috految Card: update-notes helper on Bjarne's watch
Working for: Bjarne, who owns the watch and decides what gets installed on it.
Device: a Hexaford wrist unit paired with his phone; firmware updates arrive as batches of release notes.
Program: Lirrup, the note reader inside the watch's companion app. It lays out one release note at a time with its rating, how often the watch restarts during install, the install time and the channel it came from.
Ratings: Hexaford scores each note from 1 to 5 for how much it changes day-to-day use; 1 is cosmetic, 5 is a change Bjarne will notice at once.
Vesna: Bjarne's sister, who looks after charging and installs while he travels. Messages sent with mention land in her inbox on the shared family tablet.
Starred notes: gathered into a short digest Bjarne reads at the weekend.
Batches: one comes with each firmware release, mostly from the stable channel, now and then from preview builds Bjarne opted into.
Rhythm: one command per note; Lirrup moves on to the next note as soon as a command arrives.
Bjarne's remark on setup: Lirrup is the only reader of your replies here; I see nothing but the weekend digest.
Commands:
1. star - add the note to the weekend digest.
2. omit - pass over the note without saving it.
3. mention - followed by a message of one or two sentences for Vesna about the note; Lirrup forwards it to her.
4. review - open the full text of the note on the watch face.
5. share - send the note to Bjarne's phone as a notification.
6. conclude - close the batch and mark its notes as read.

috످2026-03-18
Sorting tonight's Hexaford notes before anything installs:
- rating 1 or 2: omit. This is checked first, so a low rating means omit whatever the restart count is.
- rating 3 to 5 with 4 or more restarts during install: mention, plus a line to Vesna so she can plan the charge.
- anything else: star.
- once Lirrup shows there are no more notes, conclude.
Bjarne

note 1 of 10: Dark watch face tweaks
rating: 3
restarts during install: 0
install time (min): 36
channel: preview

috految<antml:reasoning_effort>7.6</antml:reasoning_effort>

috److star

috످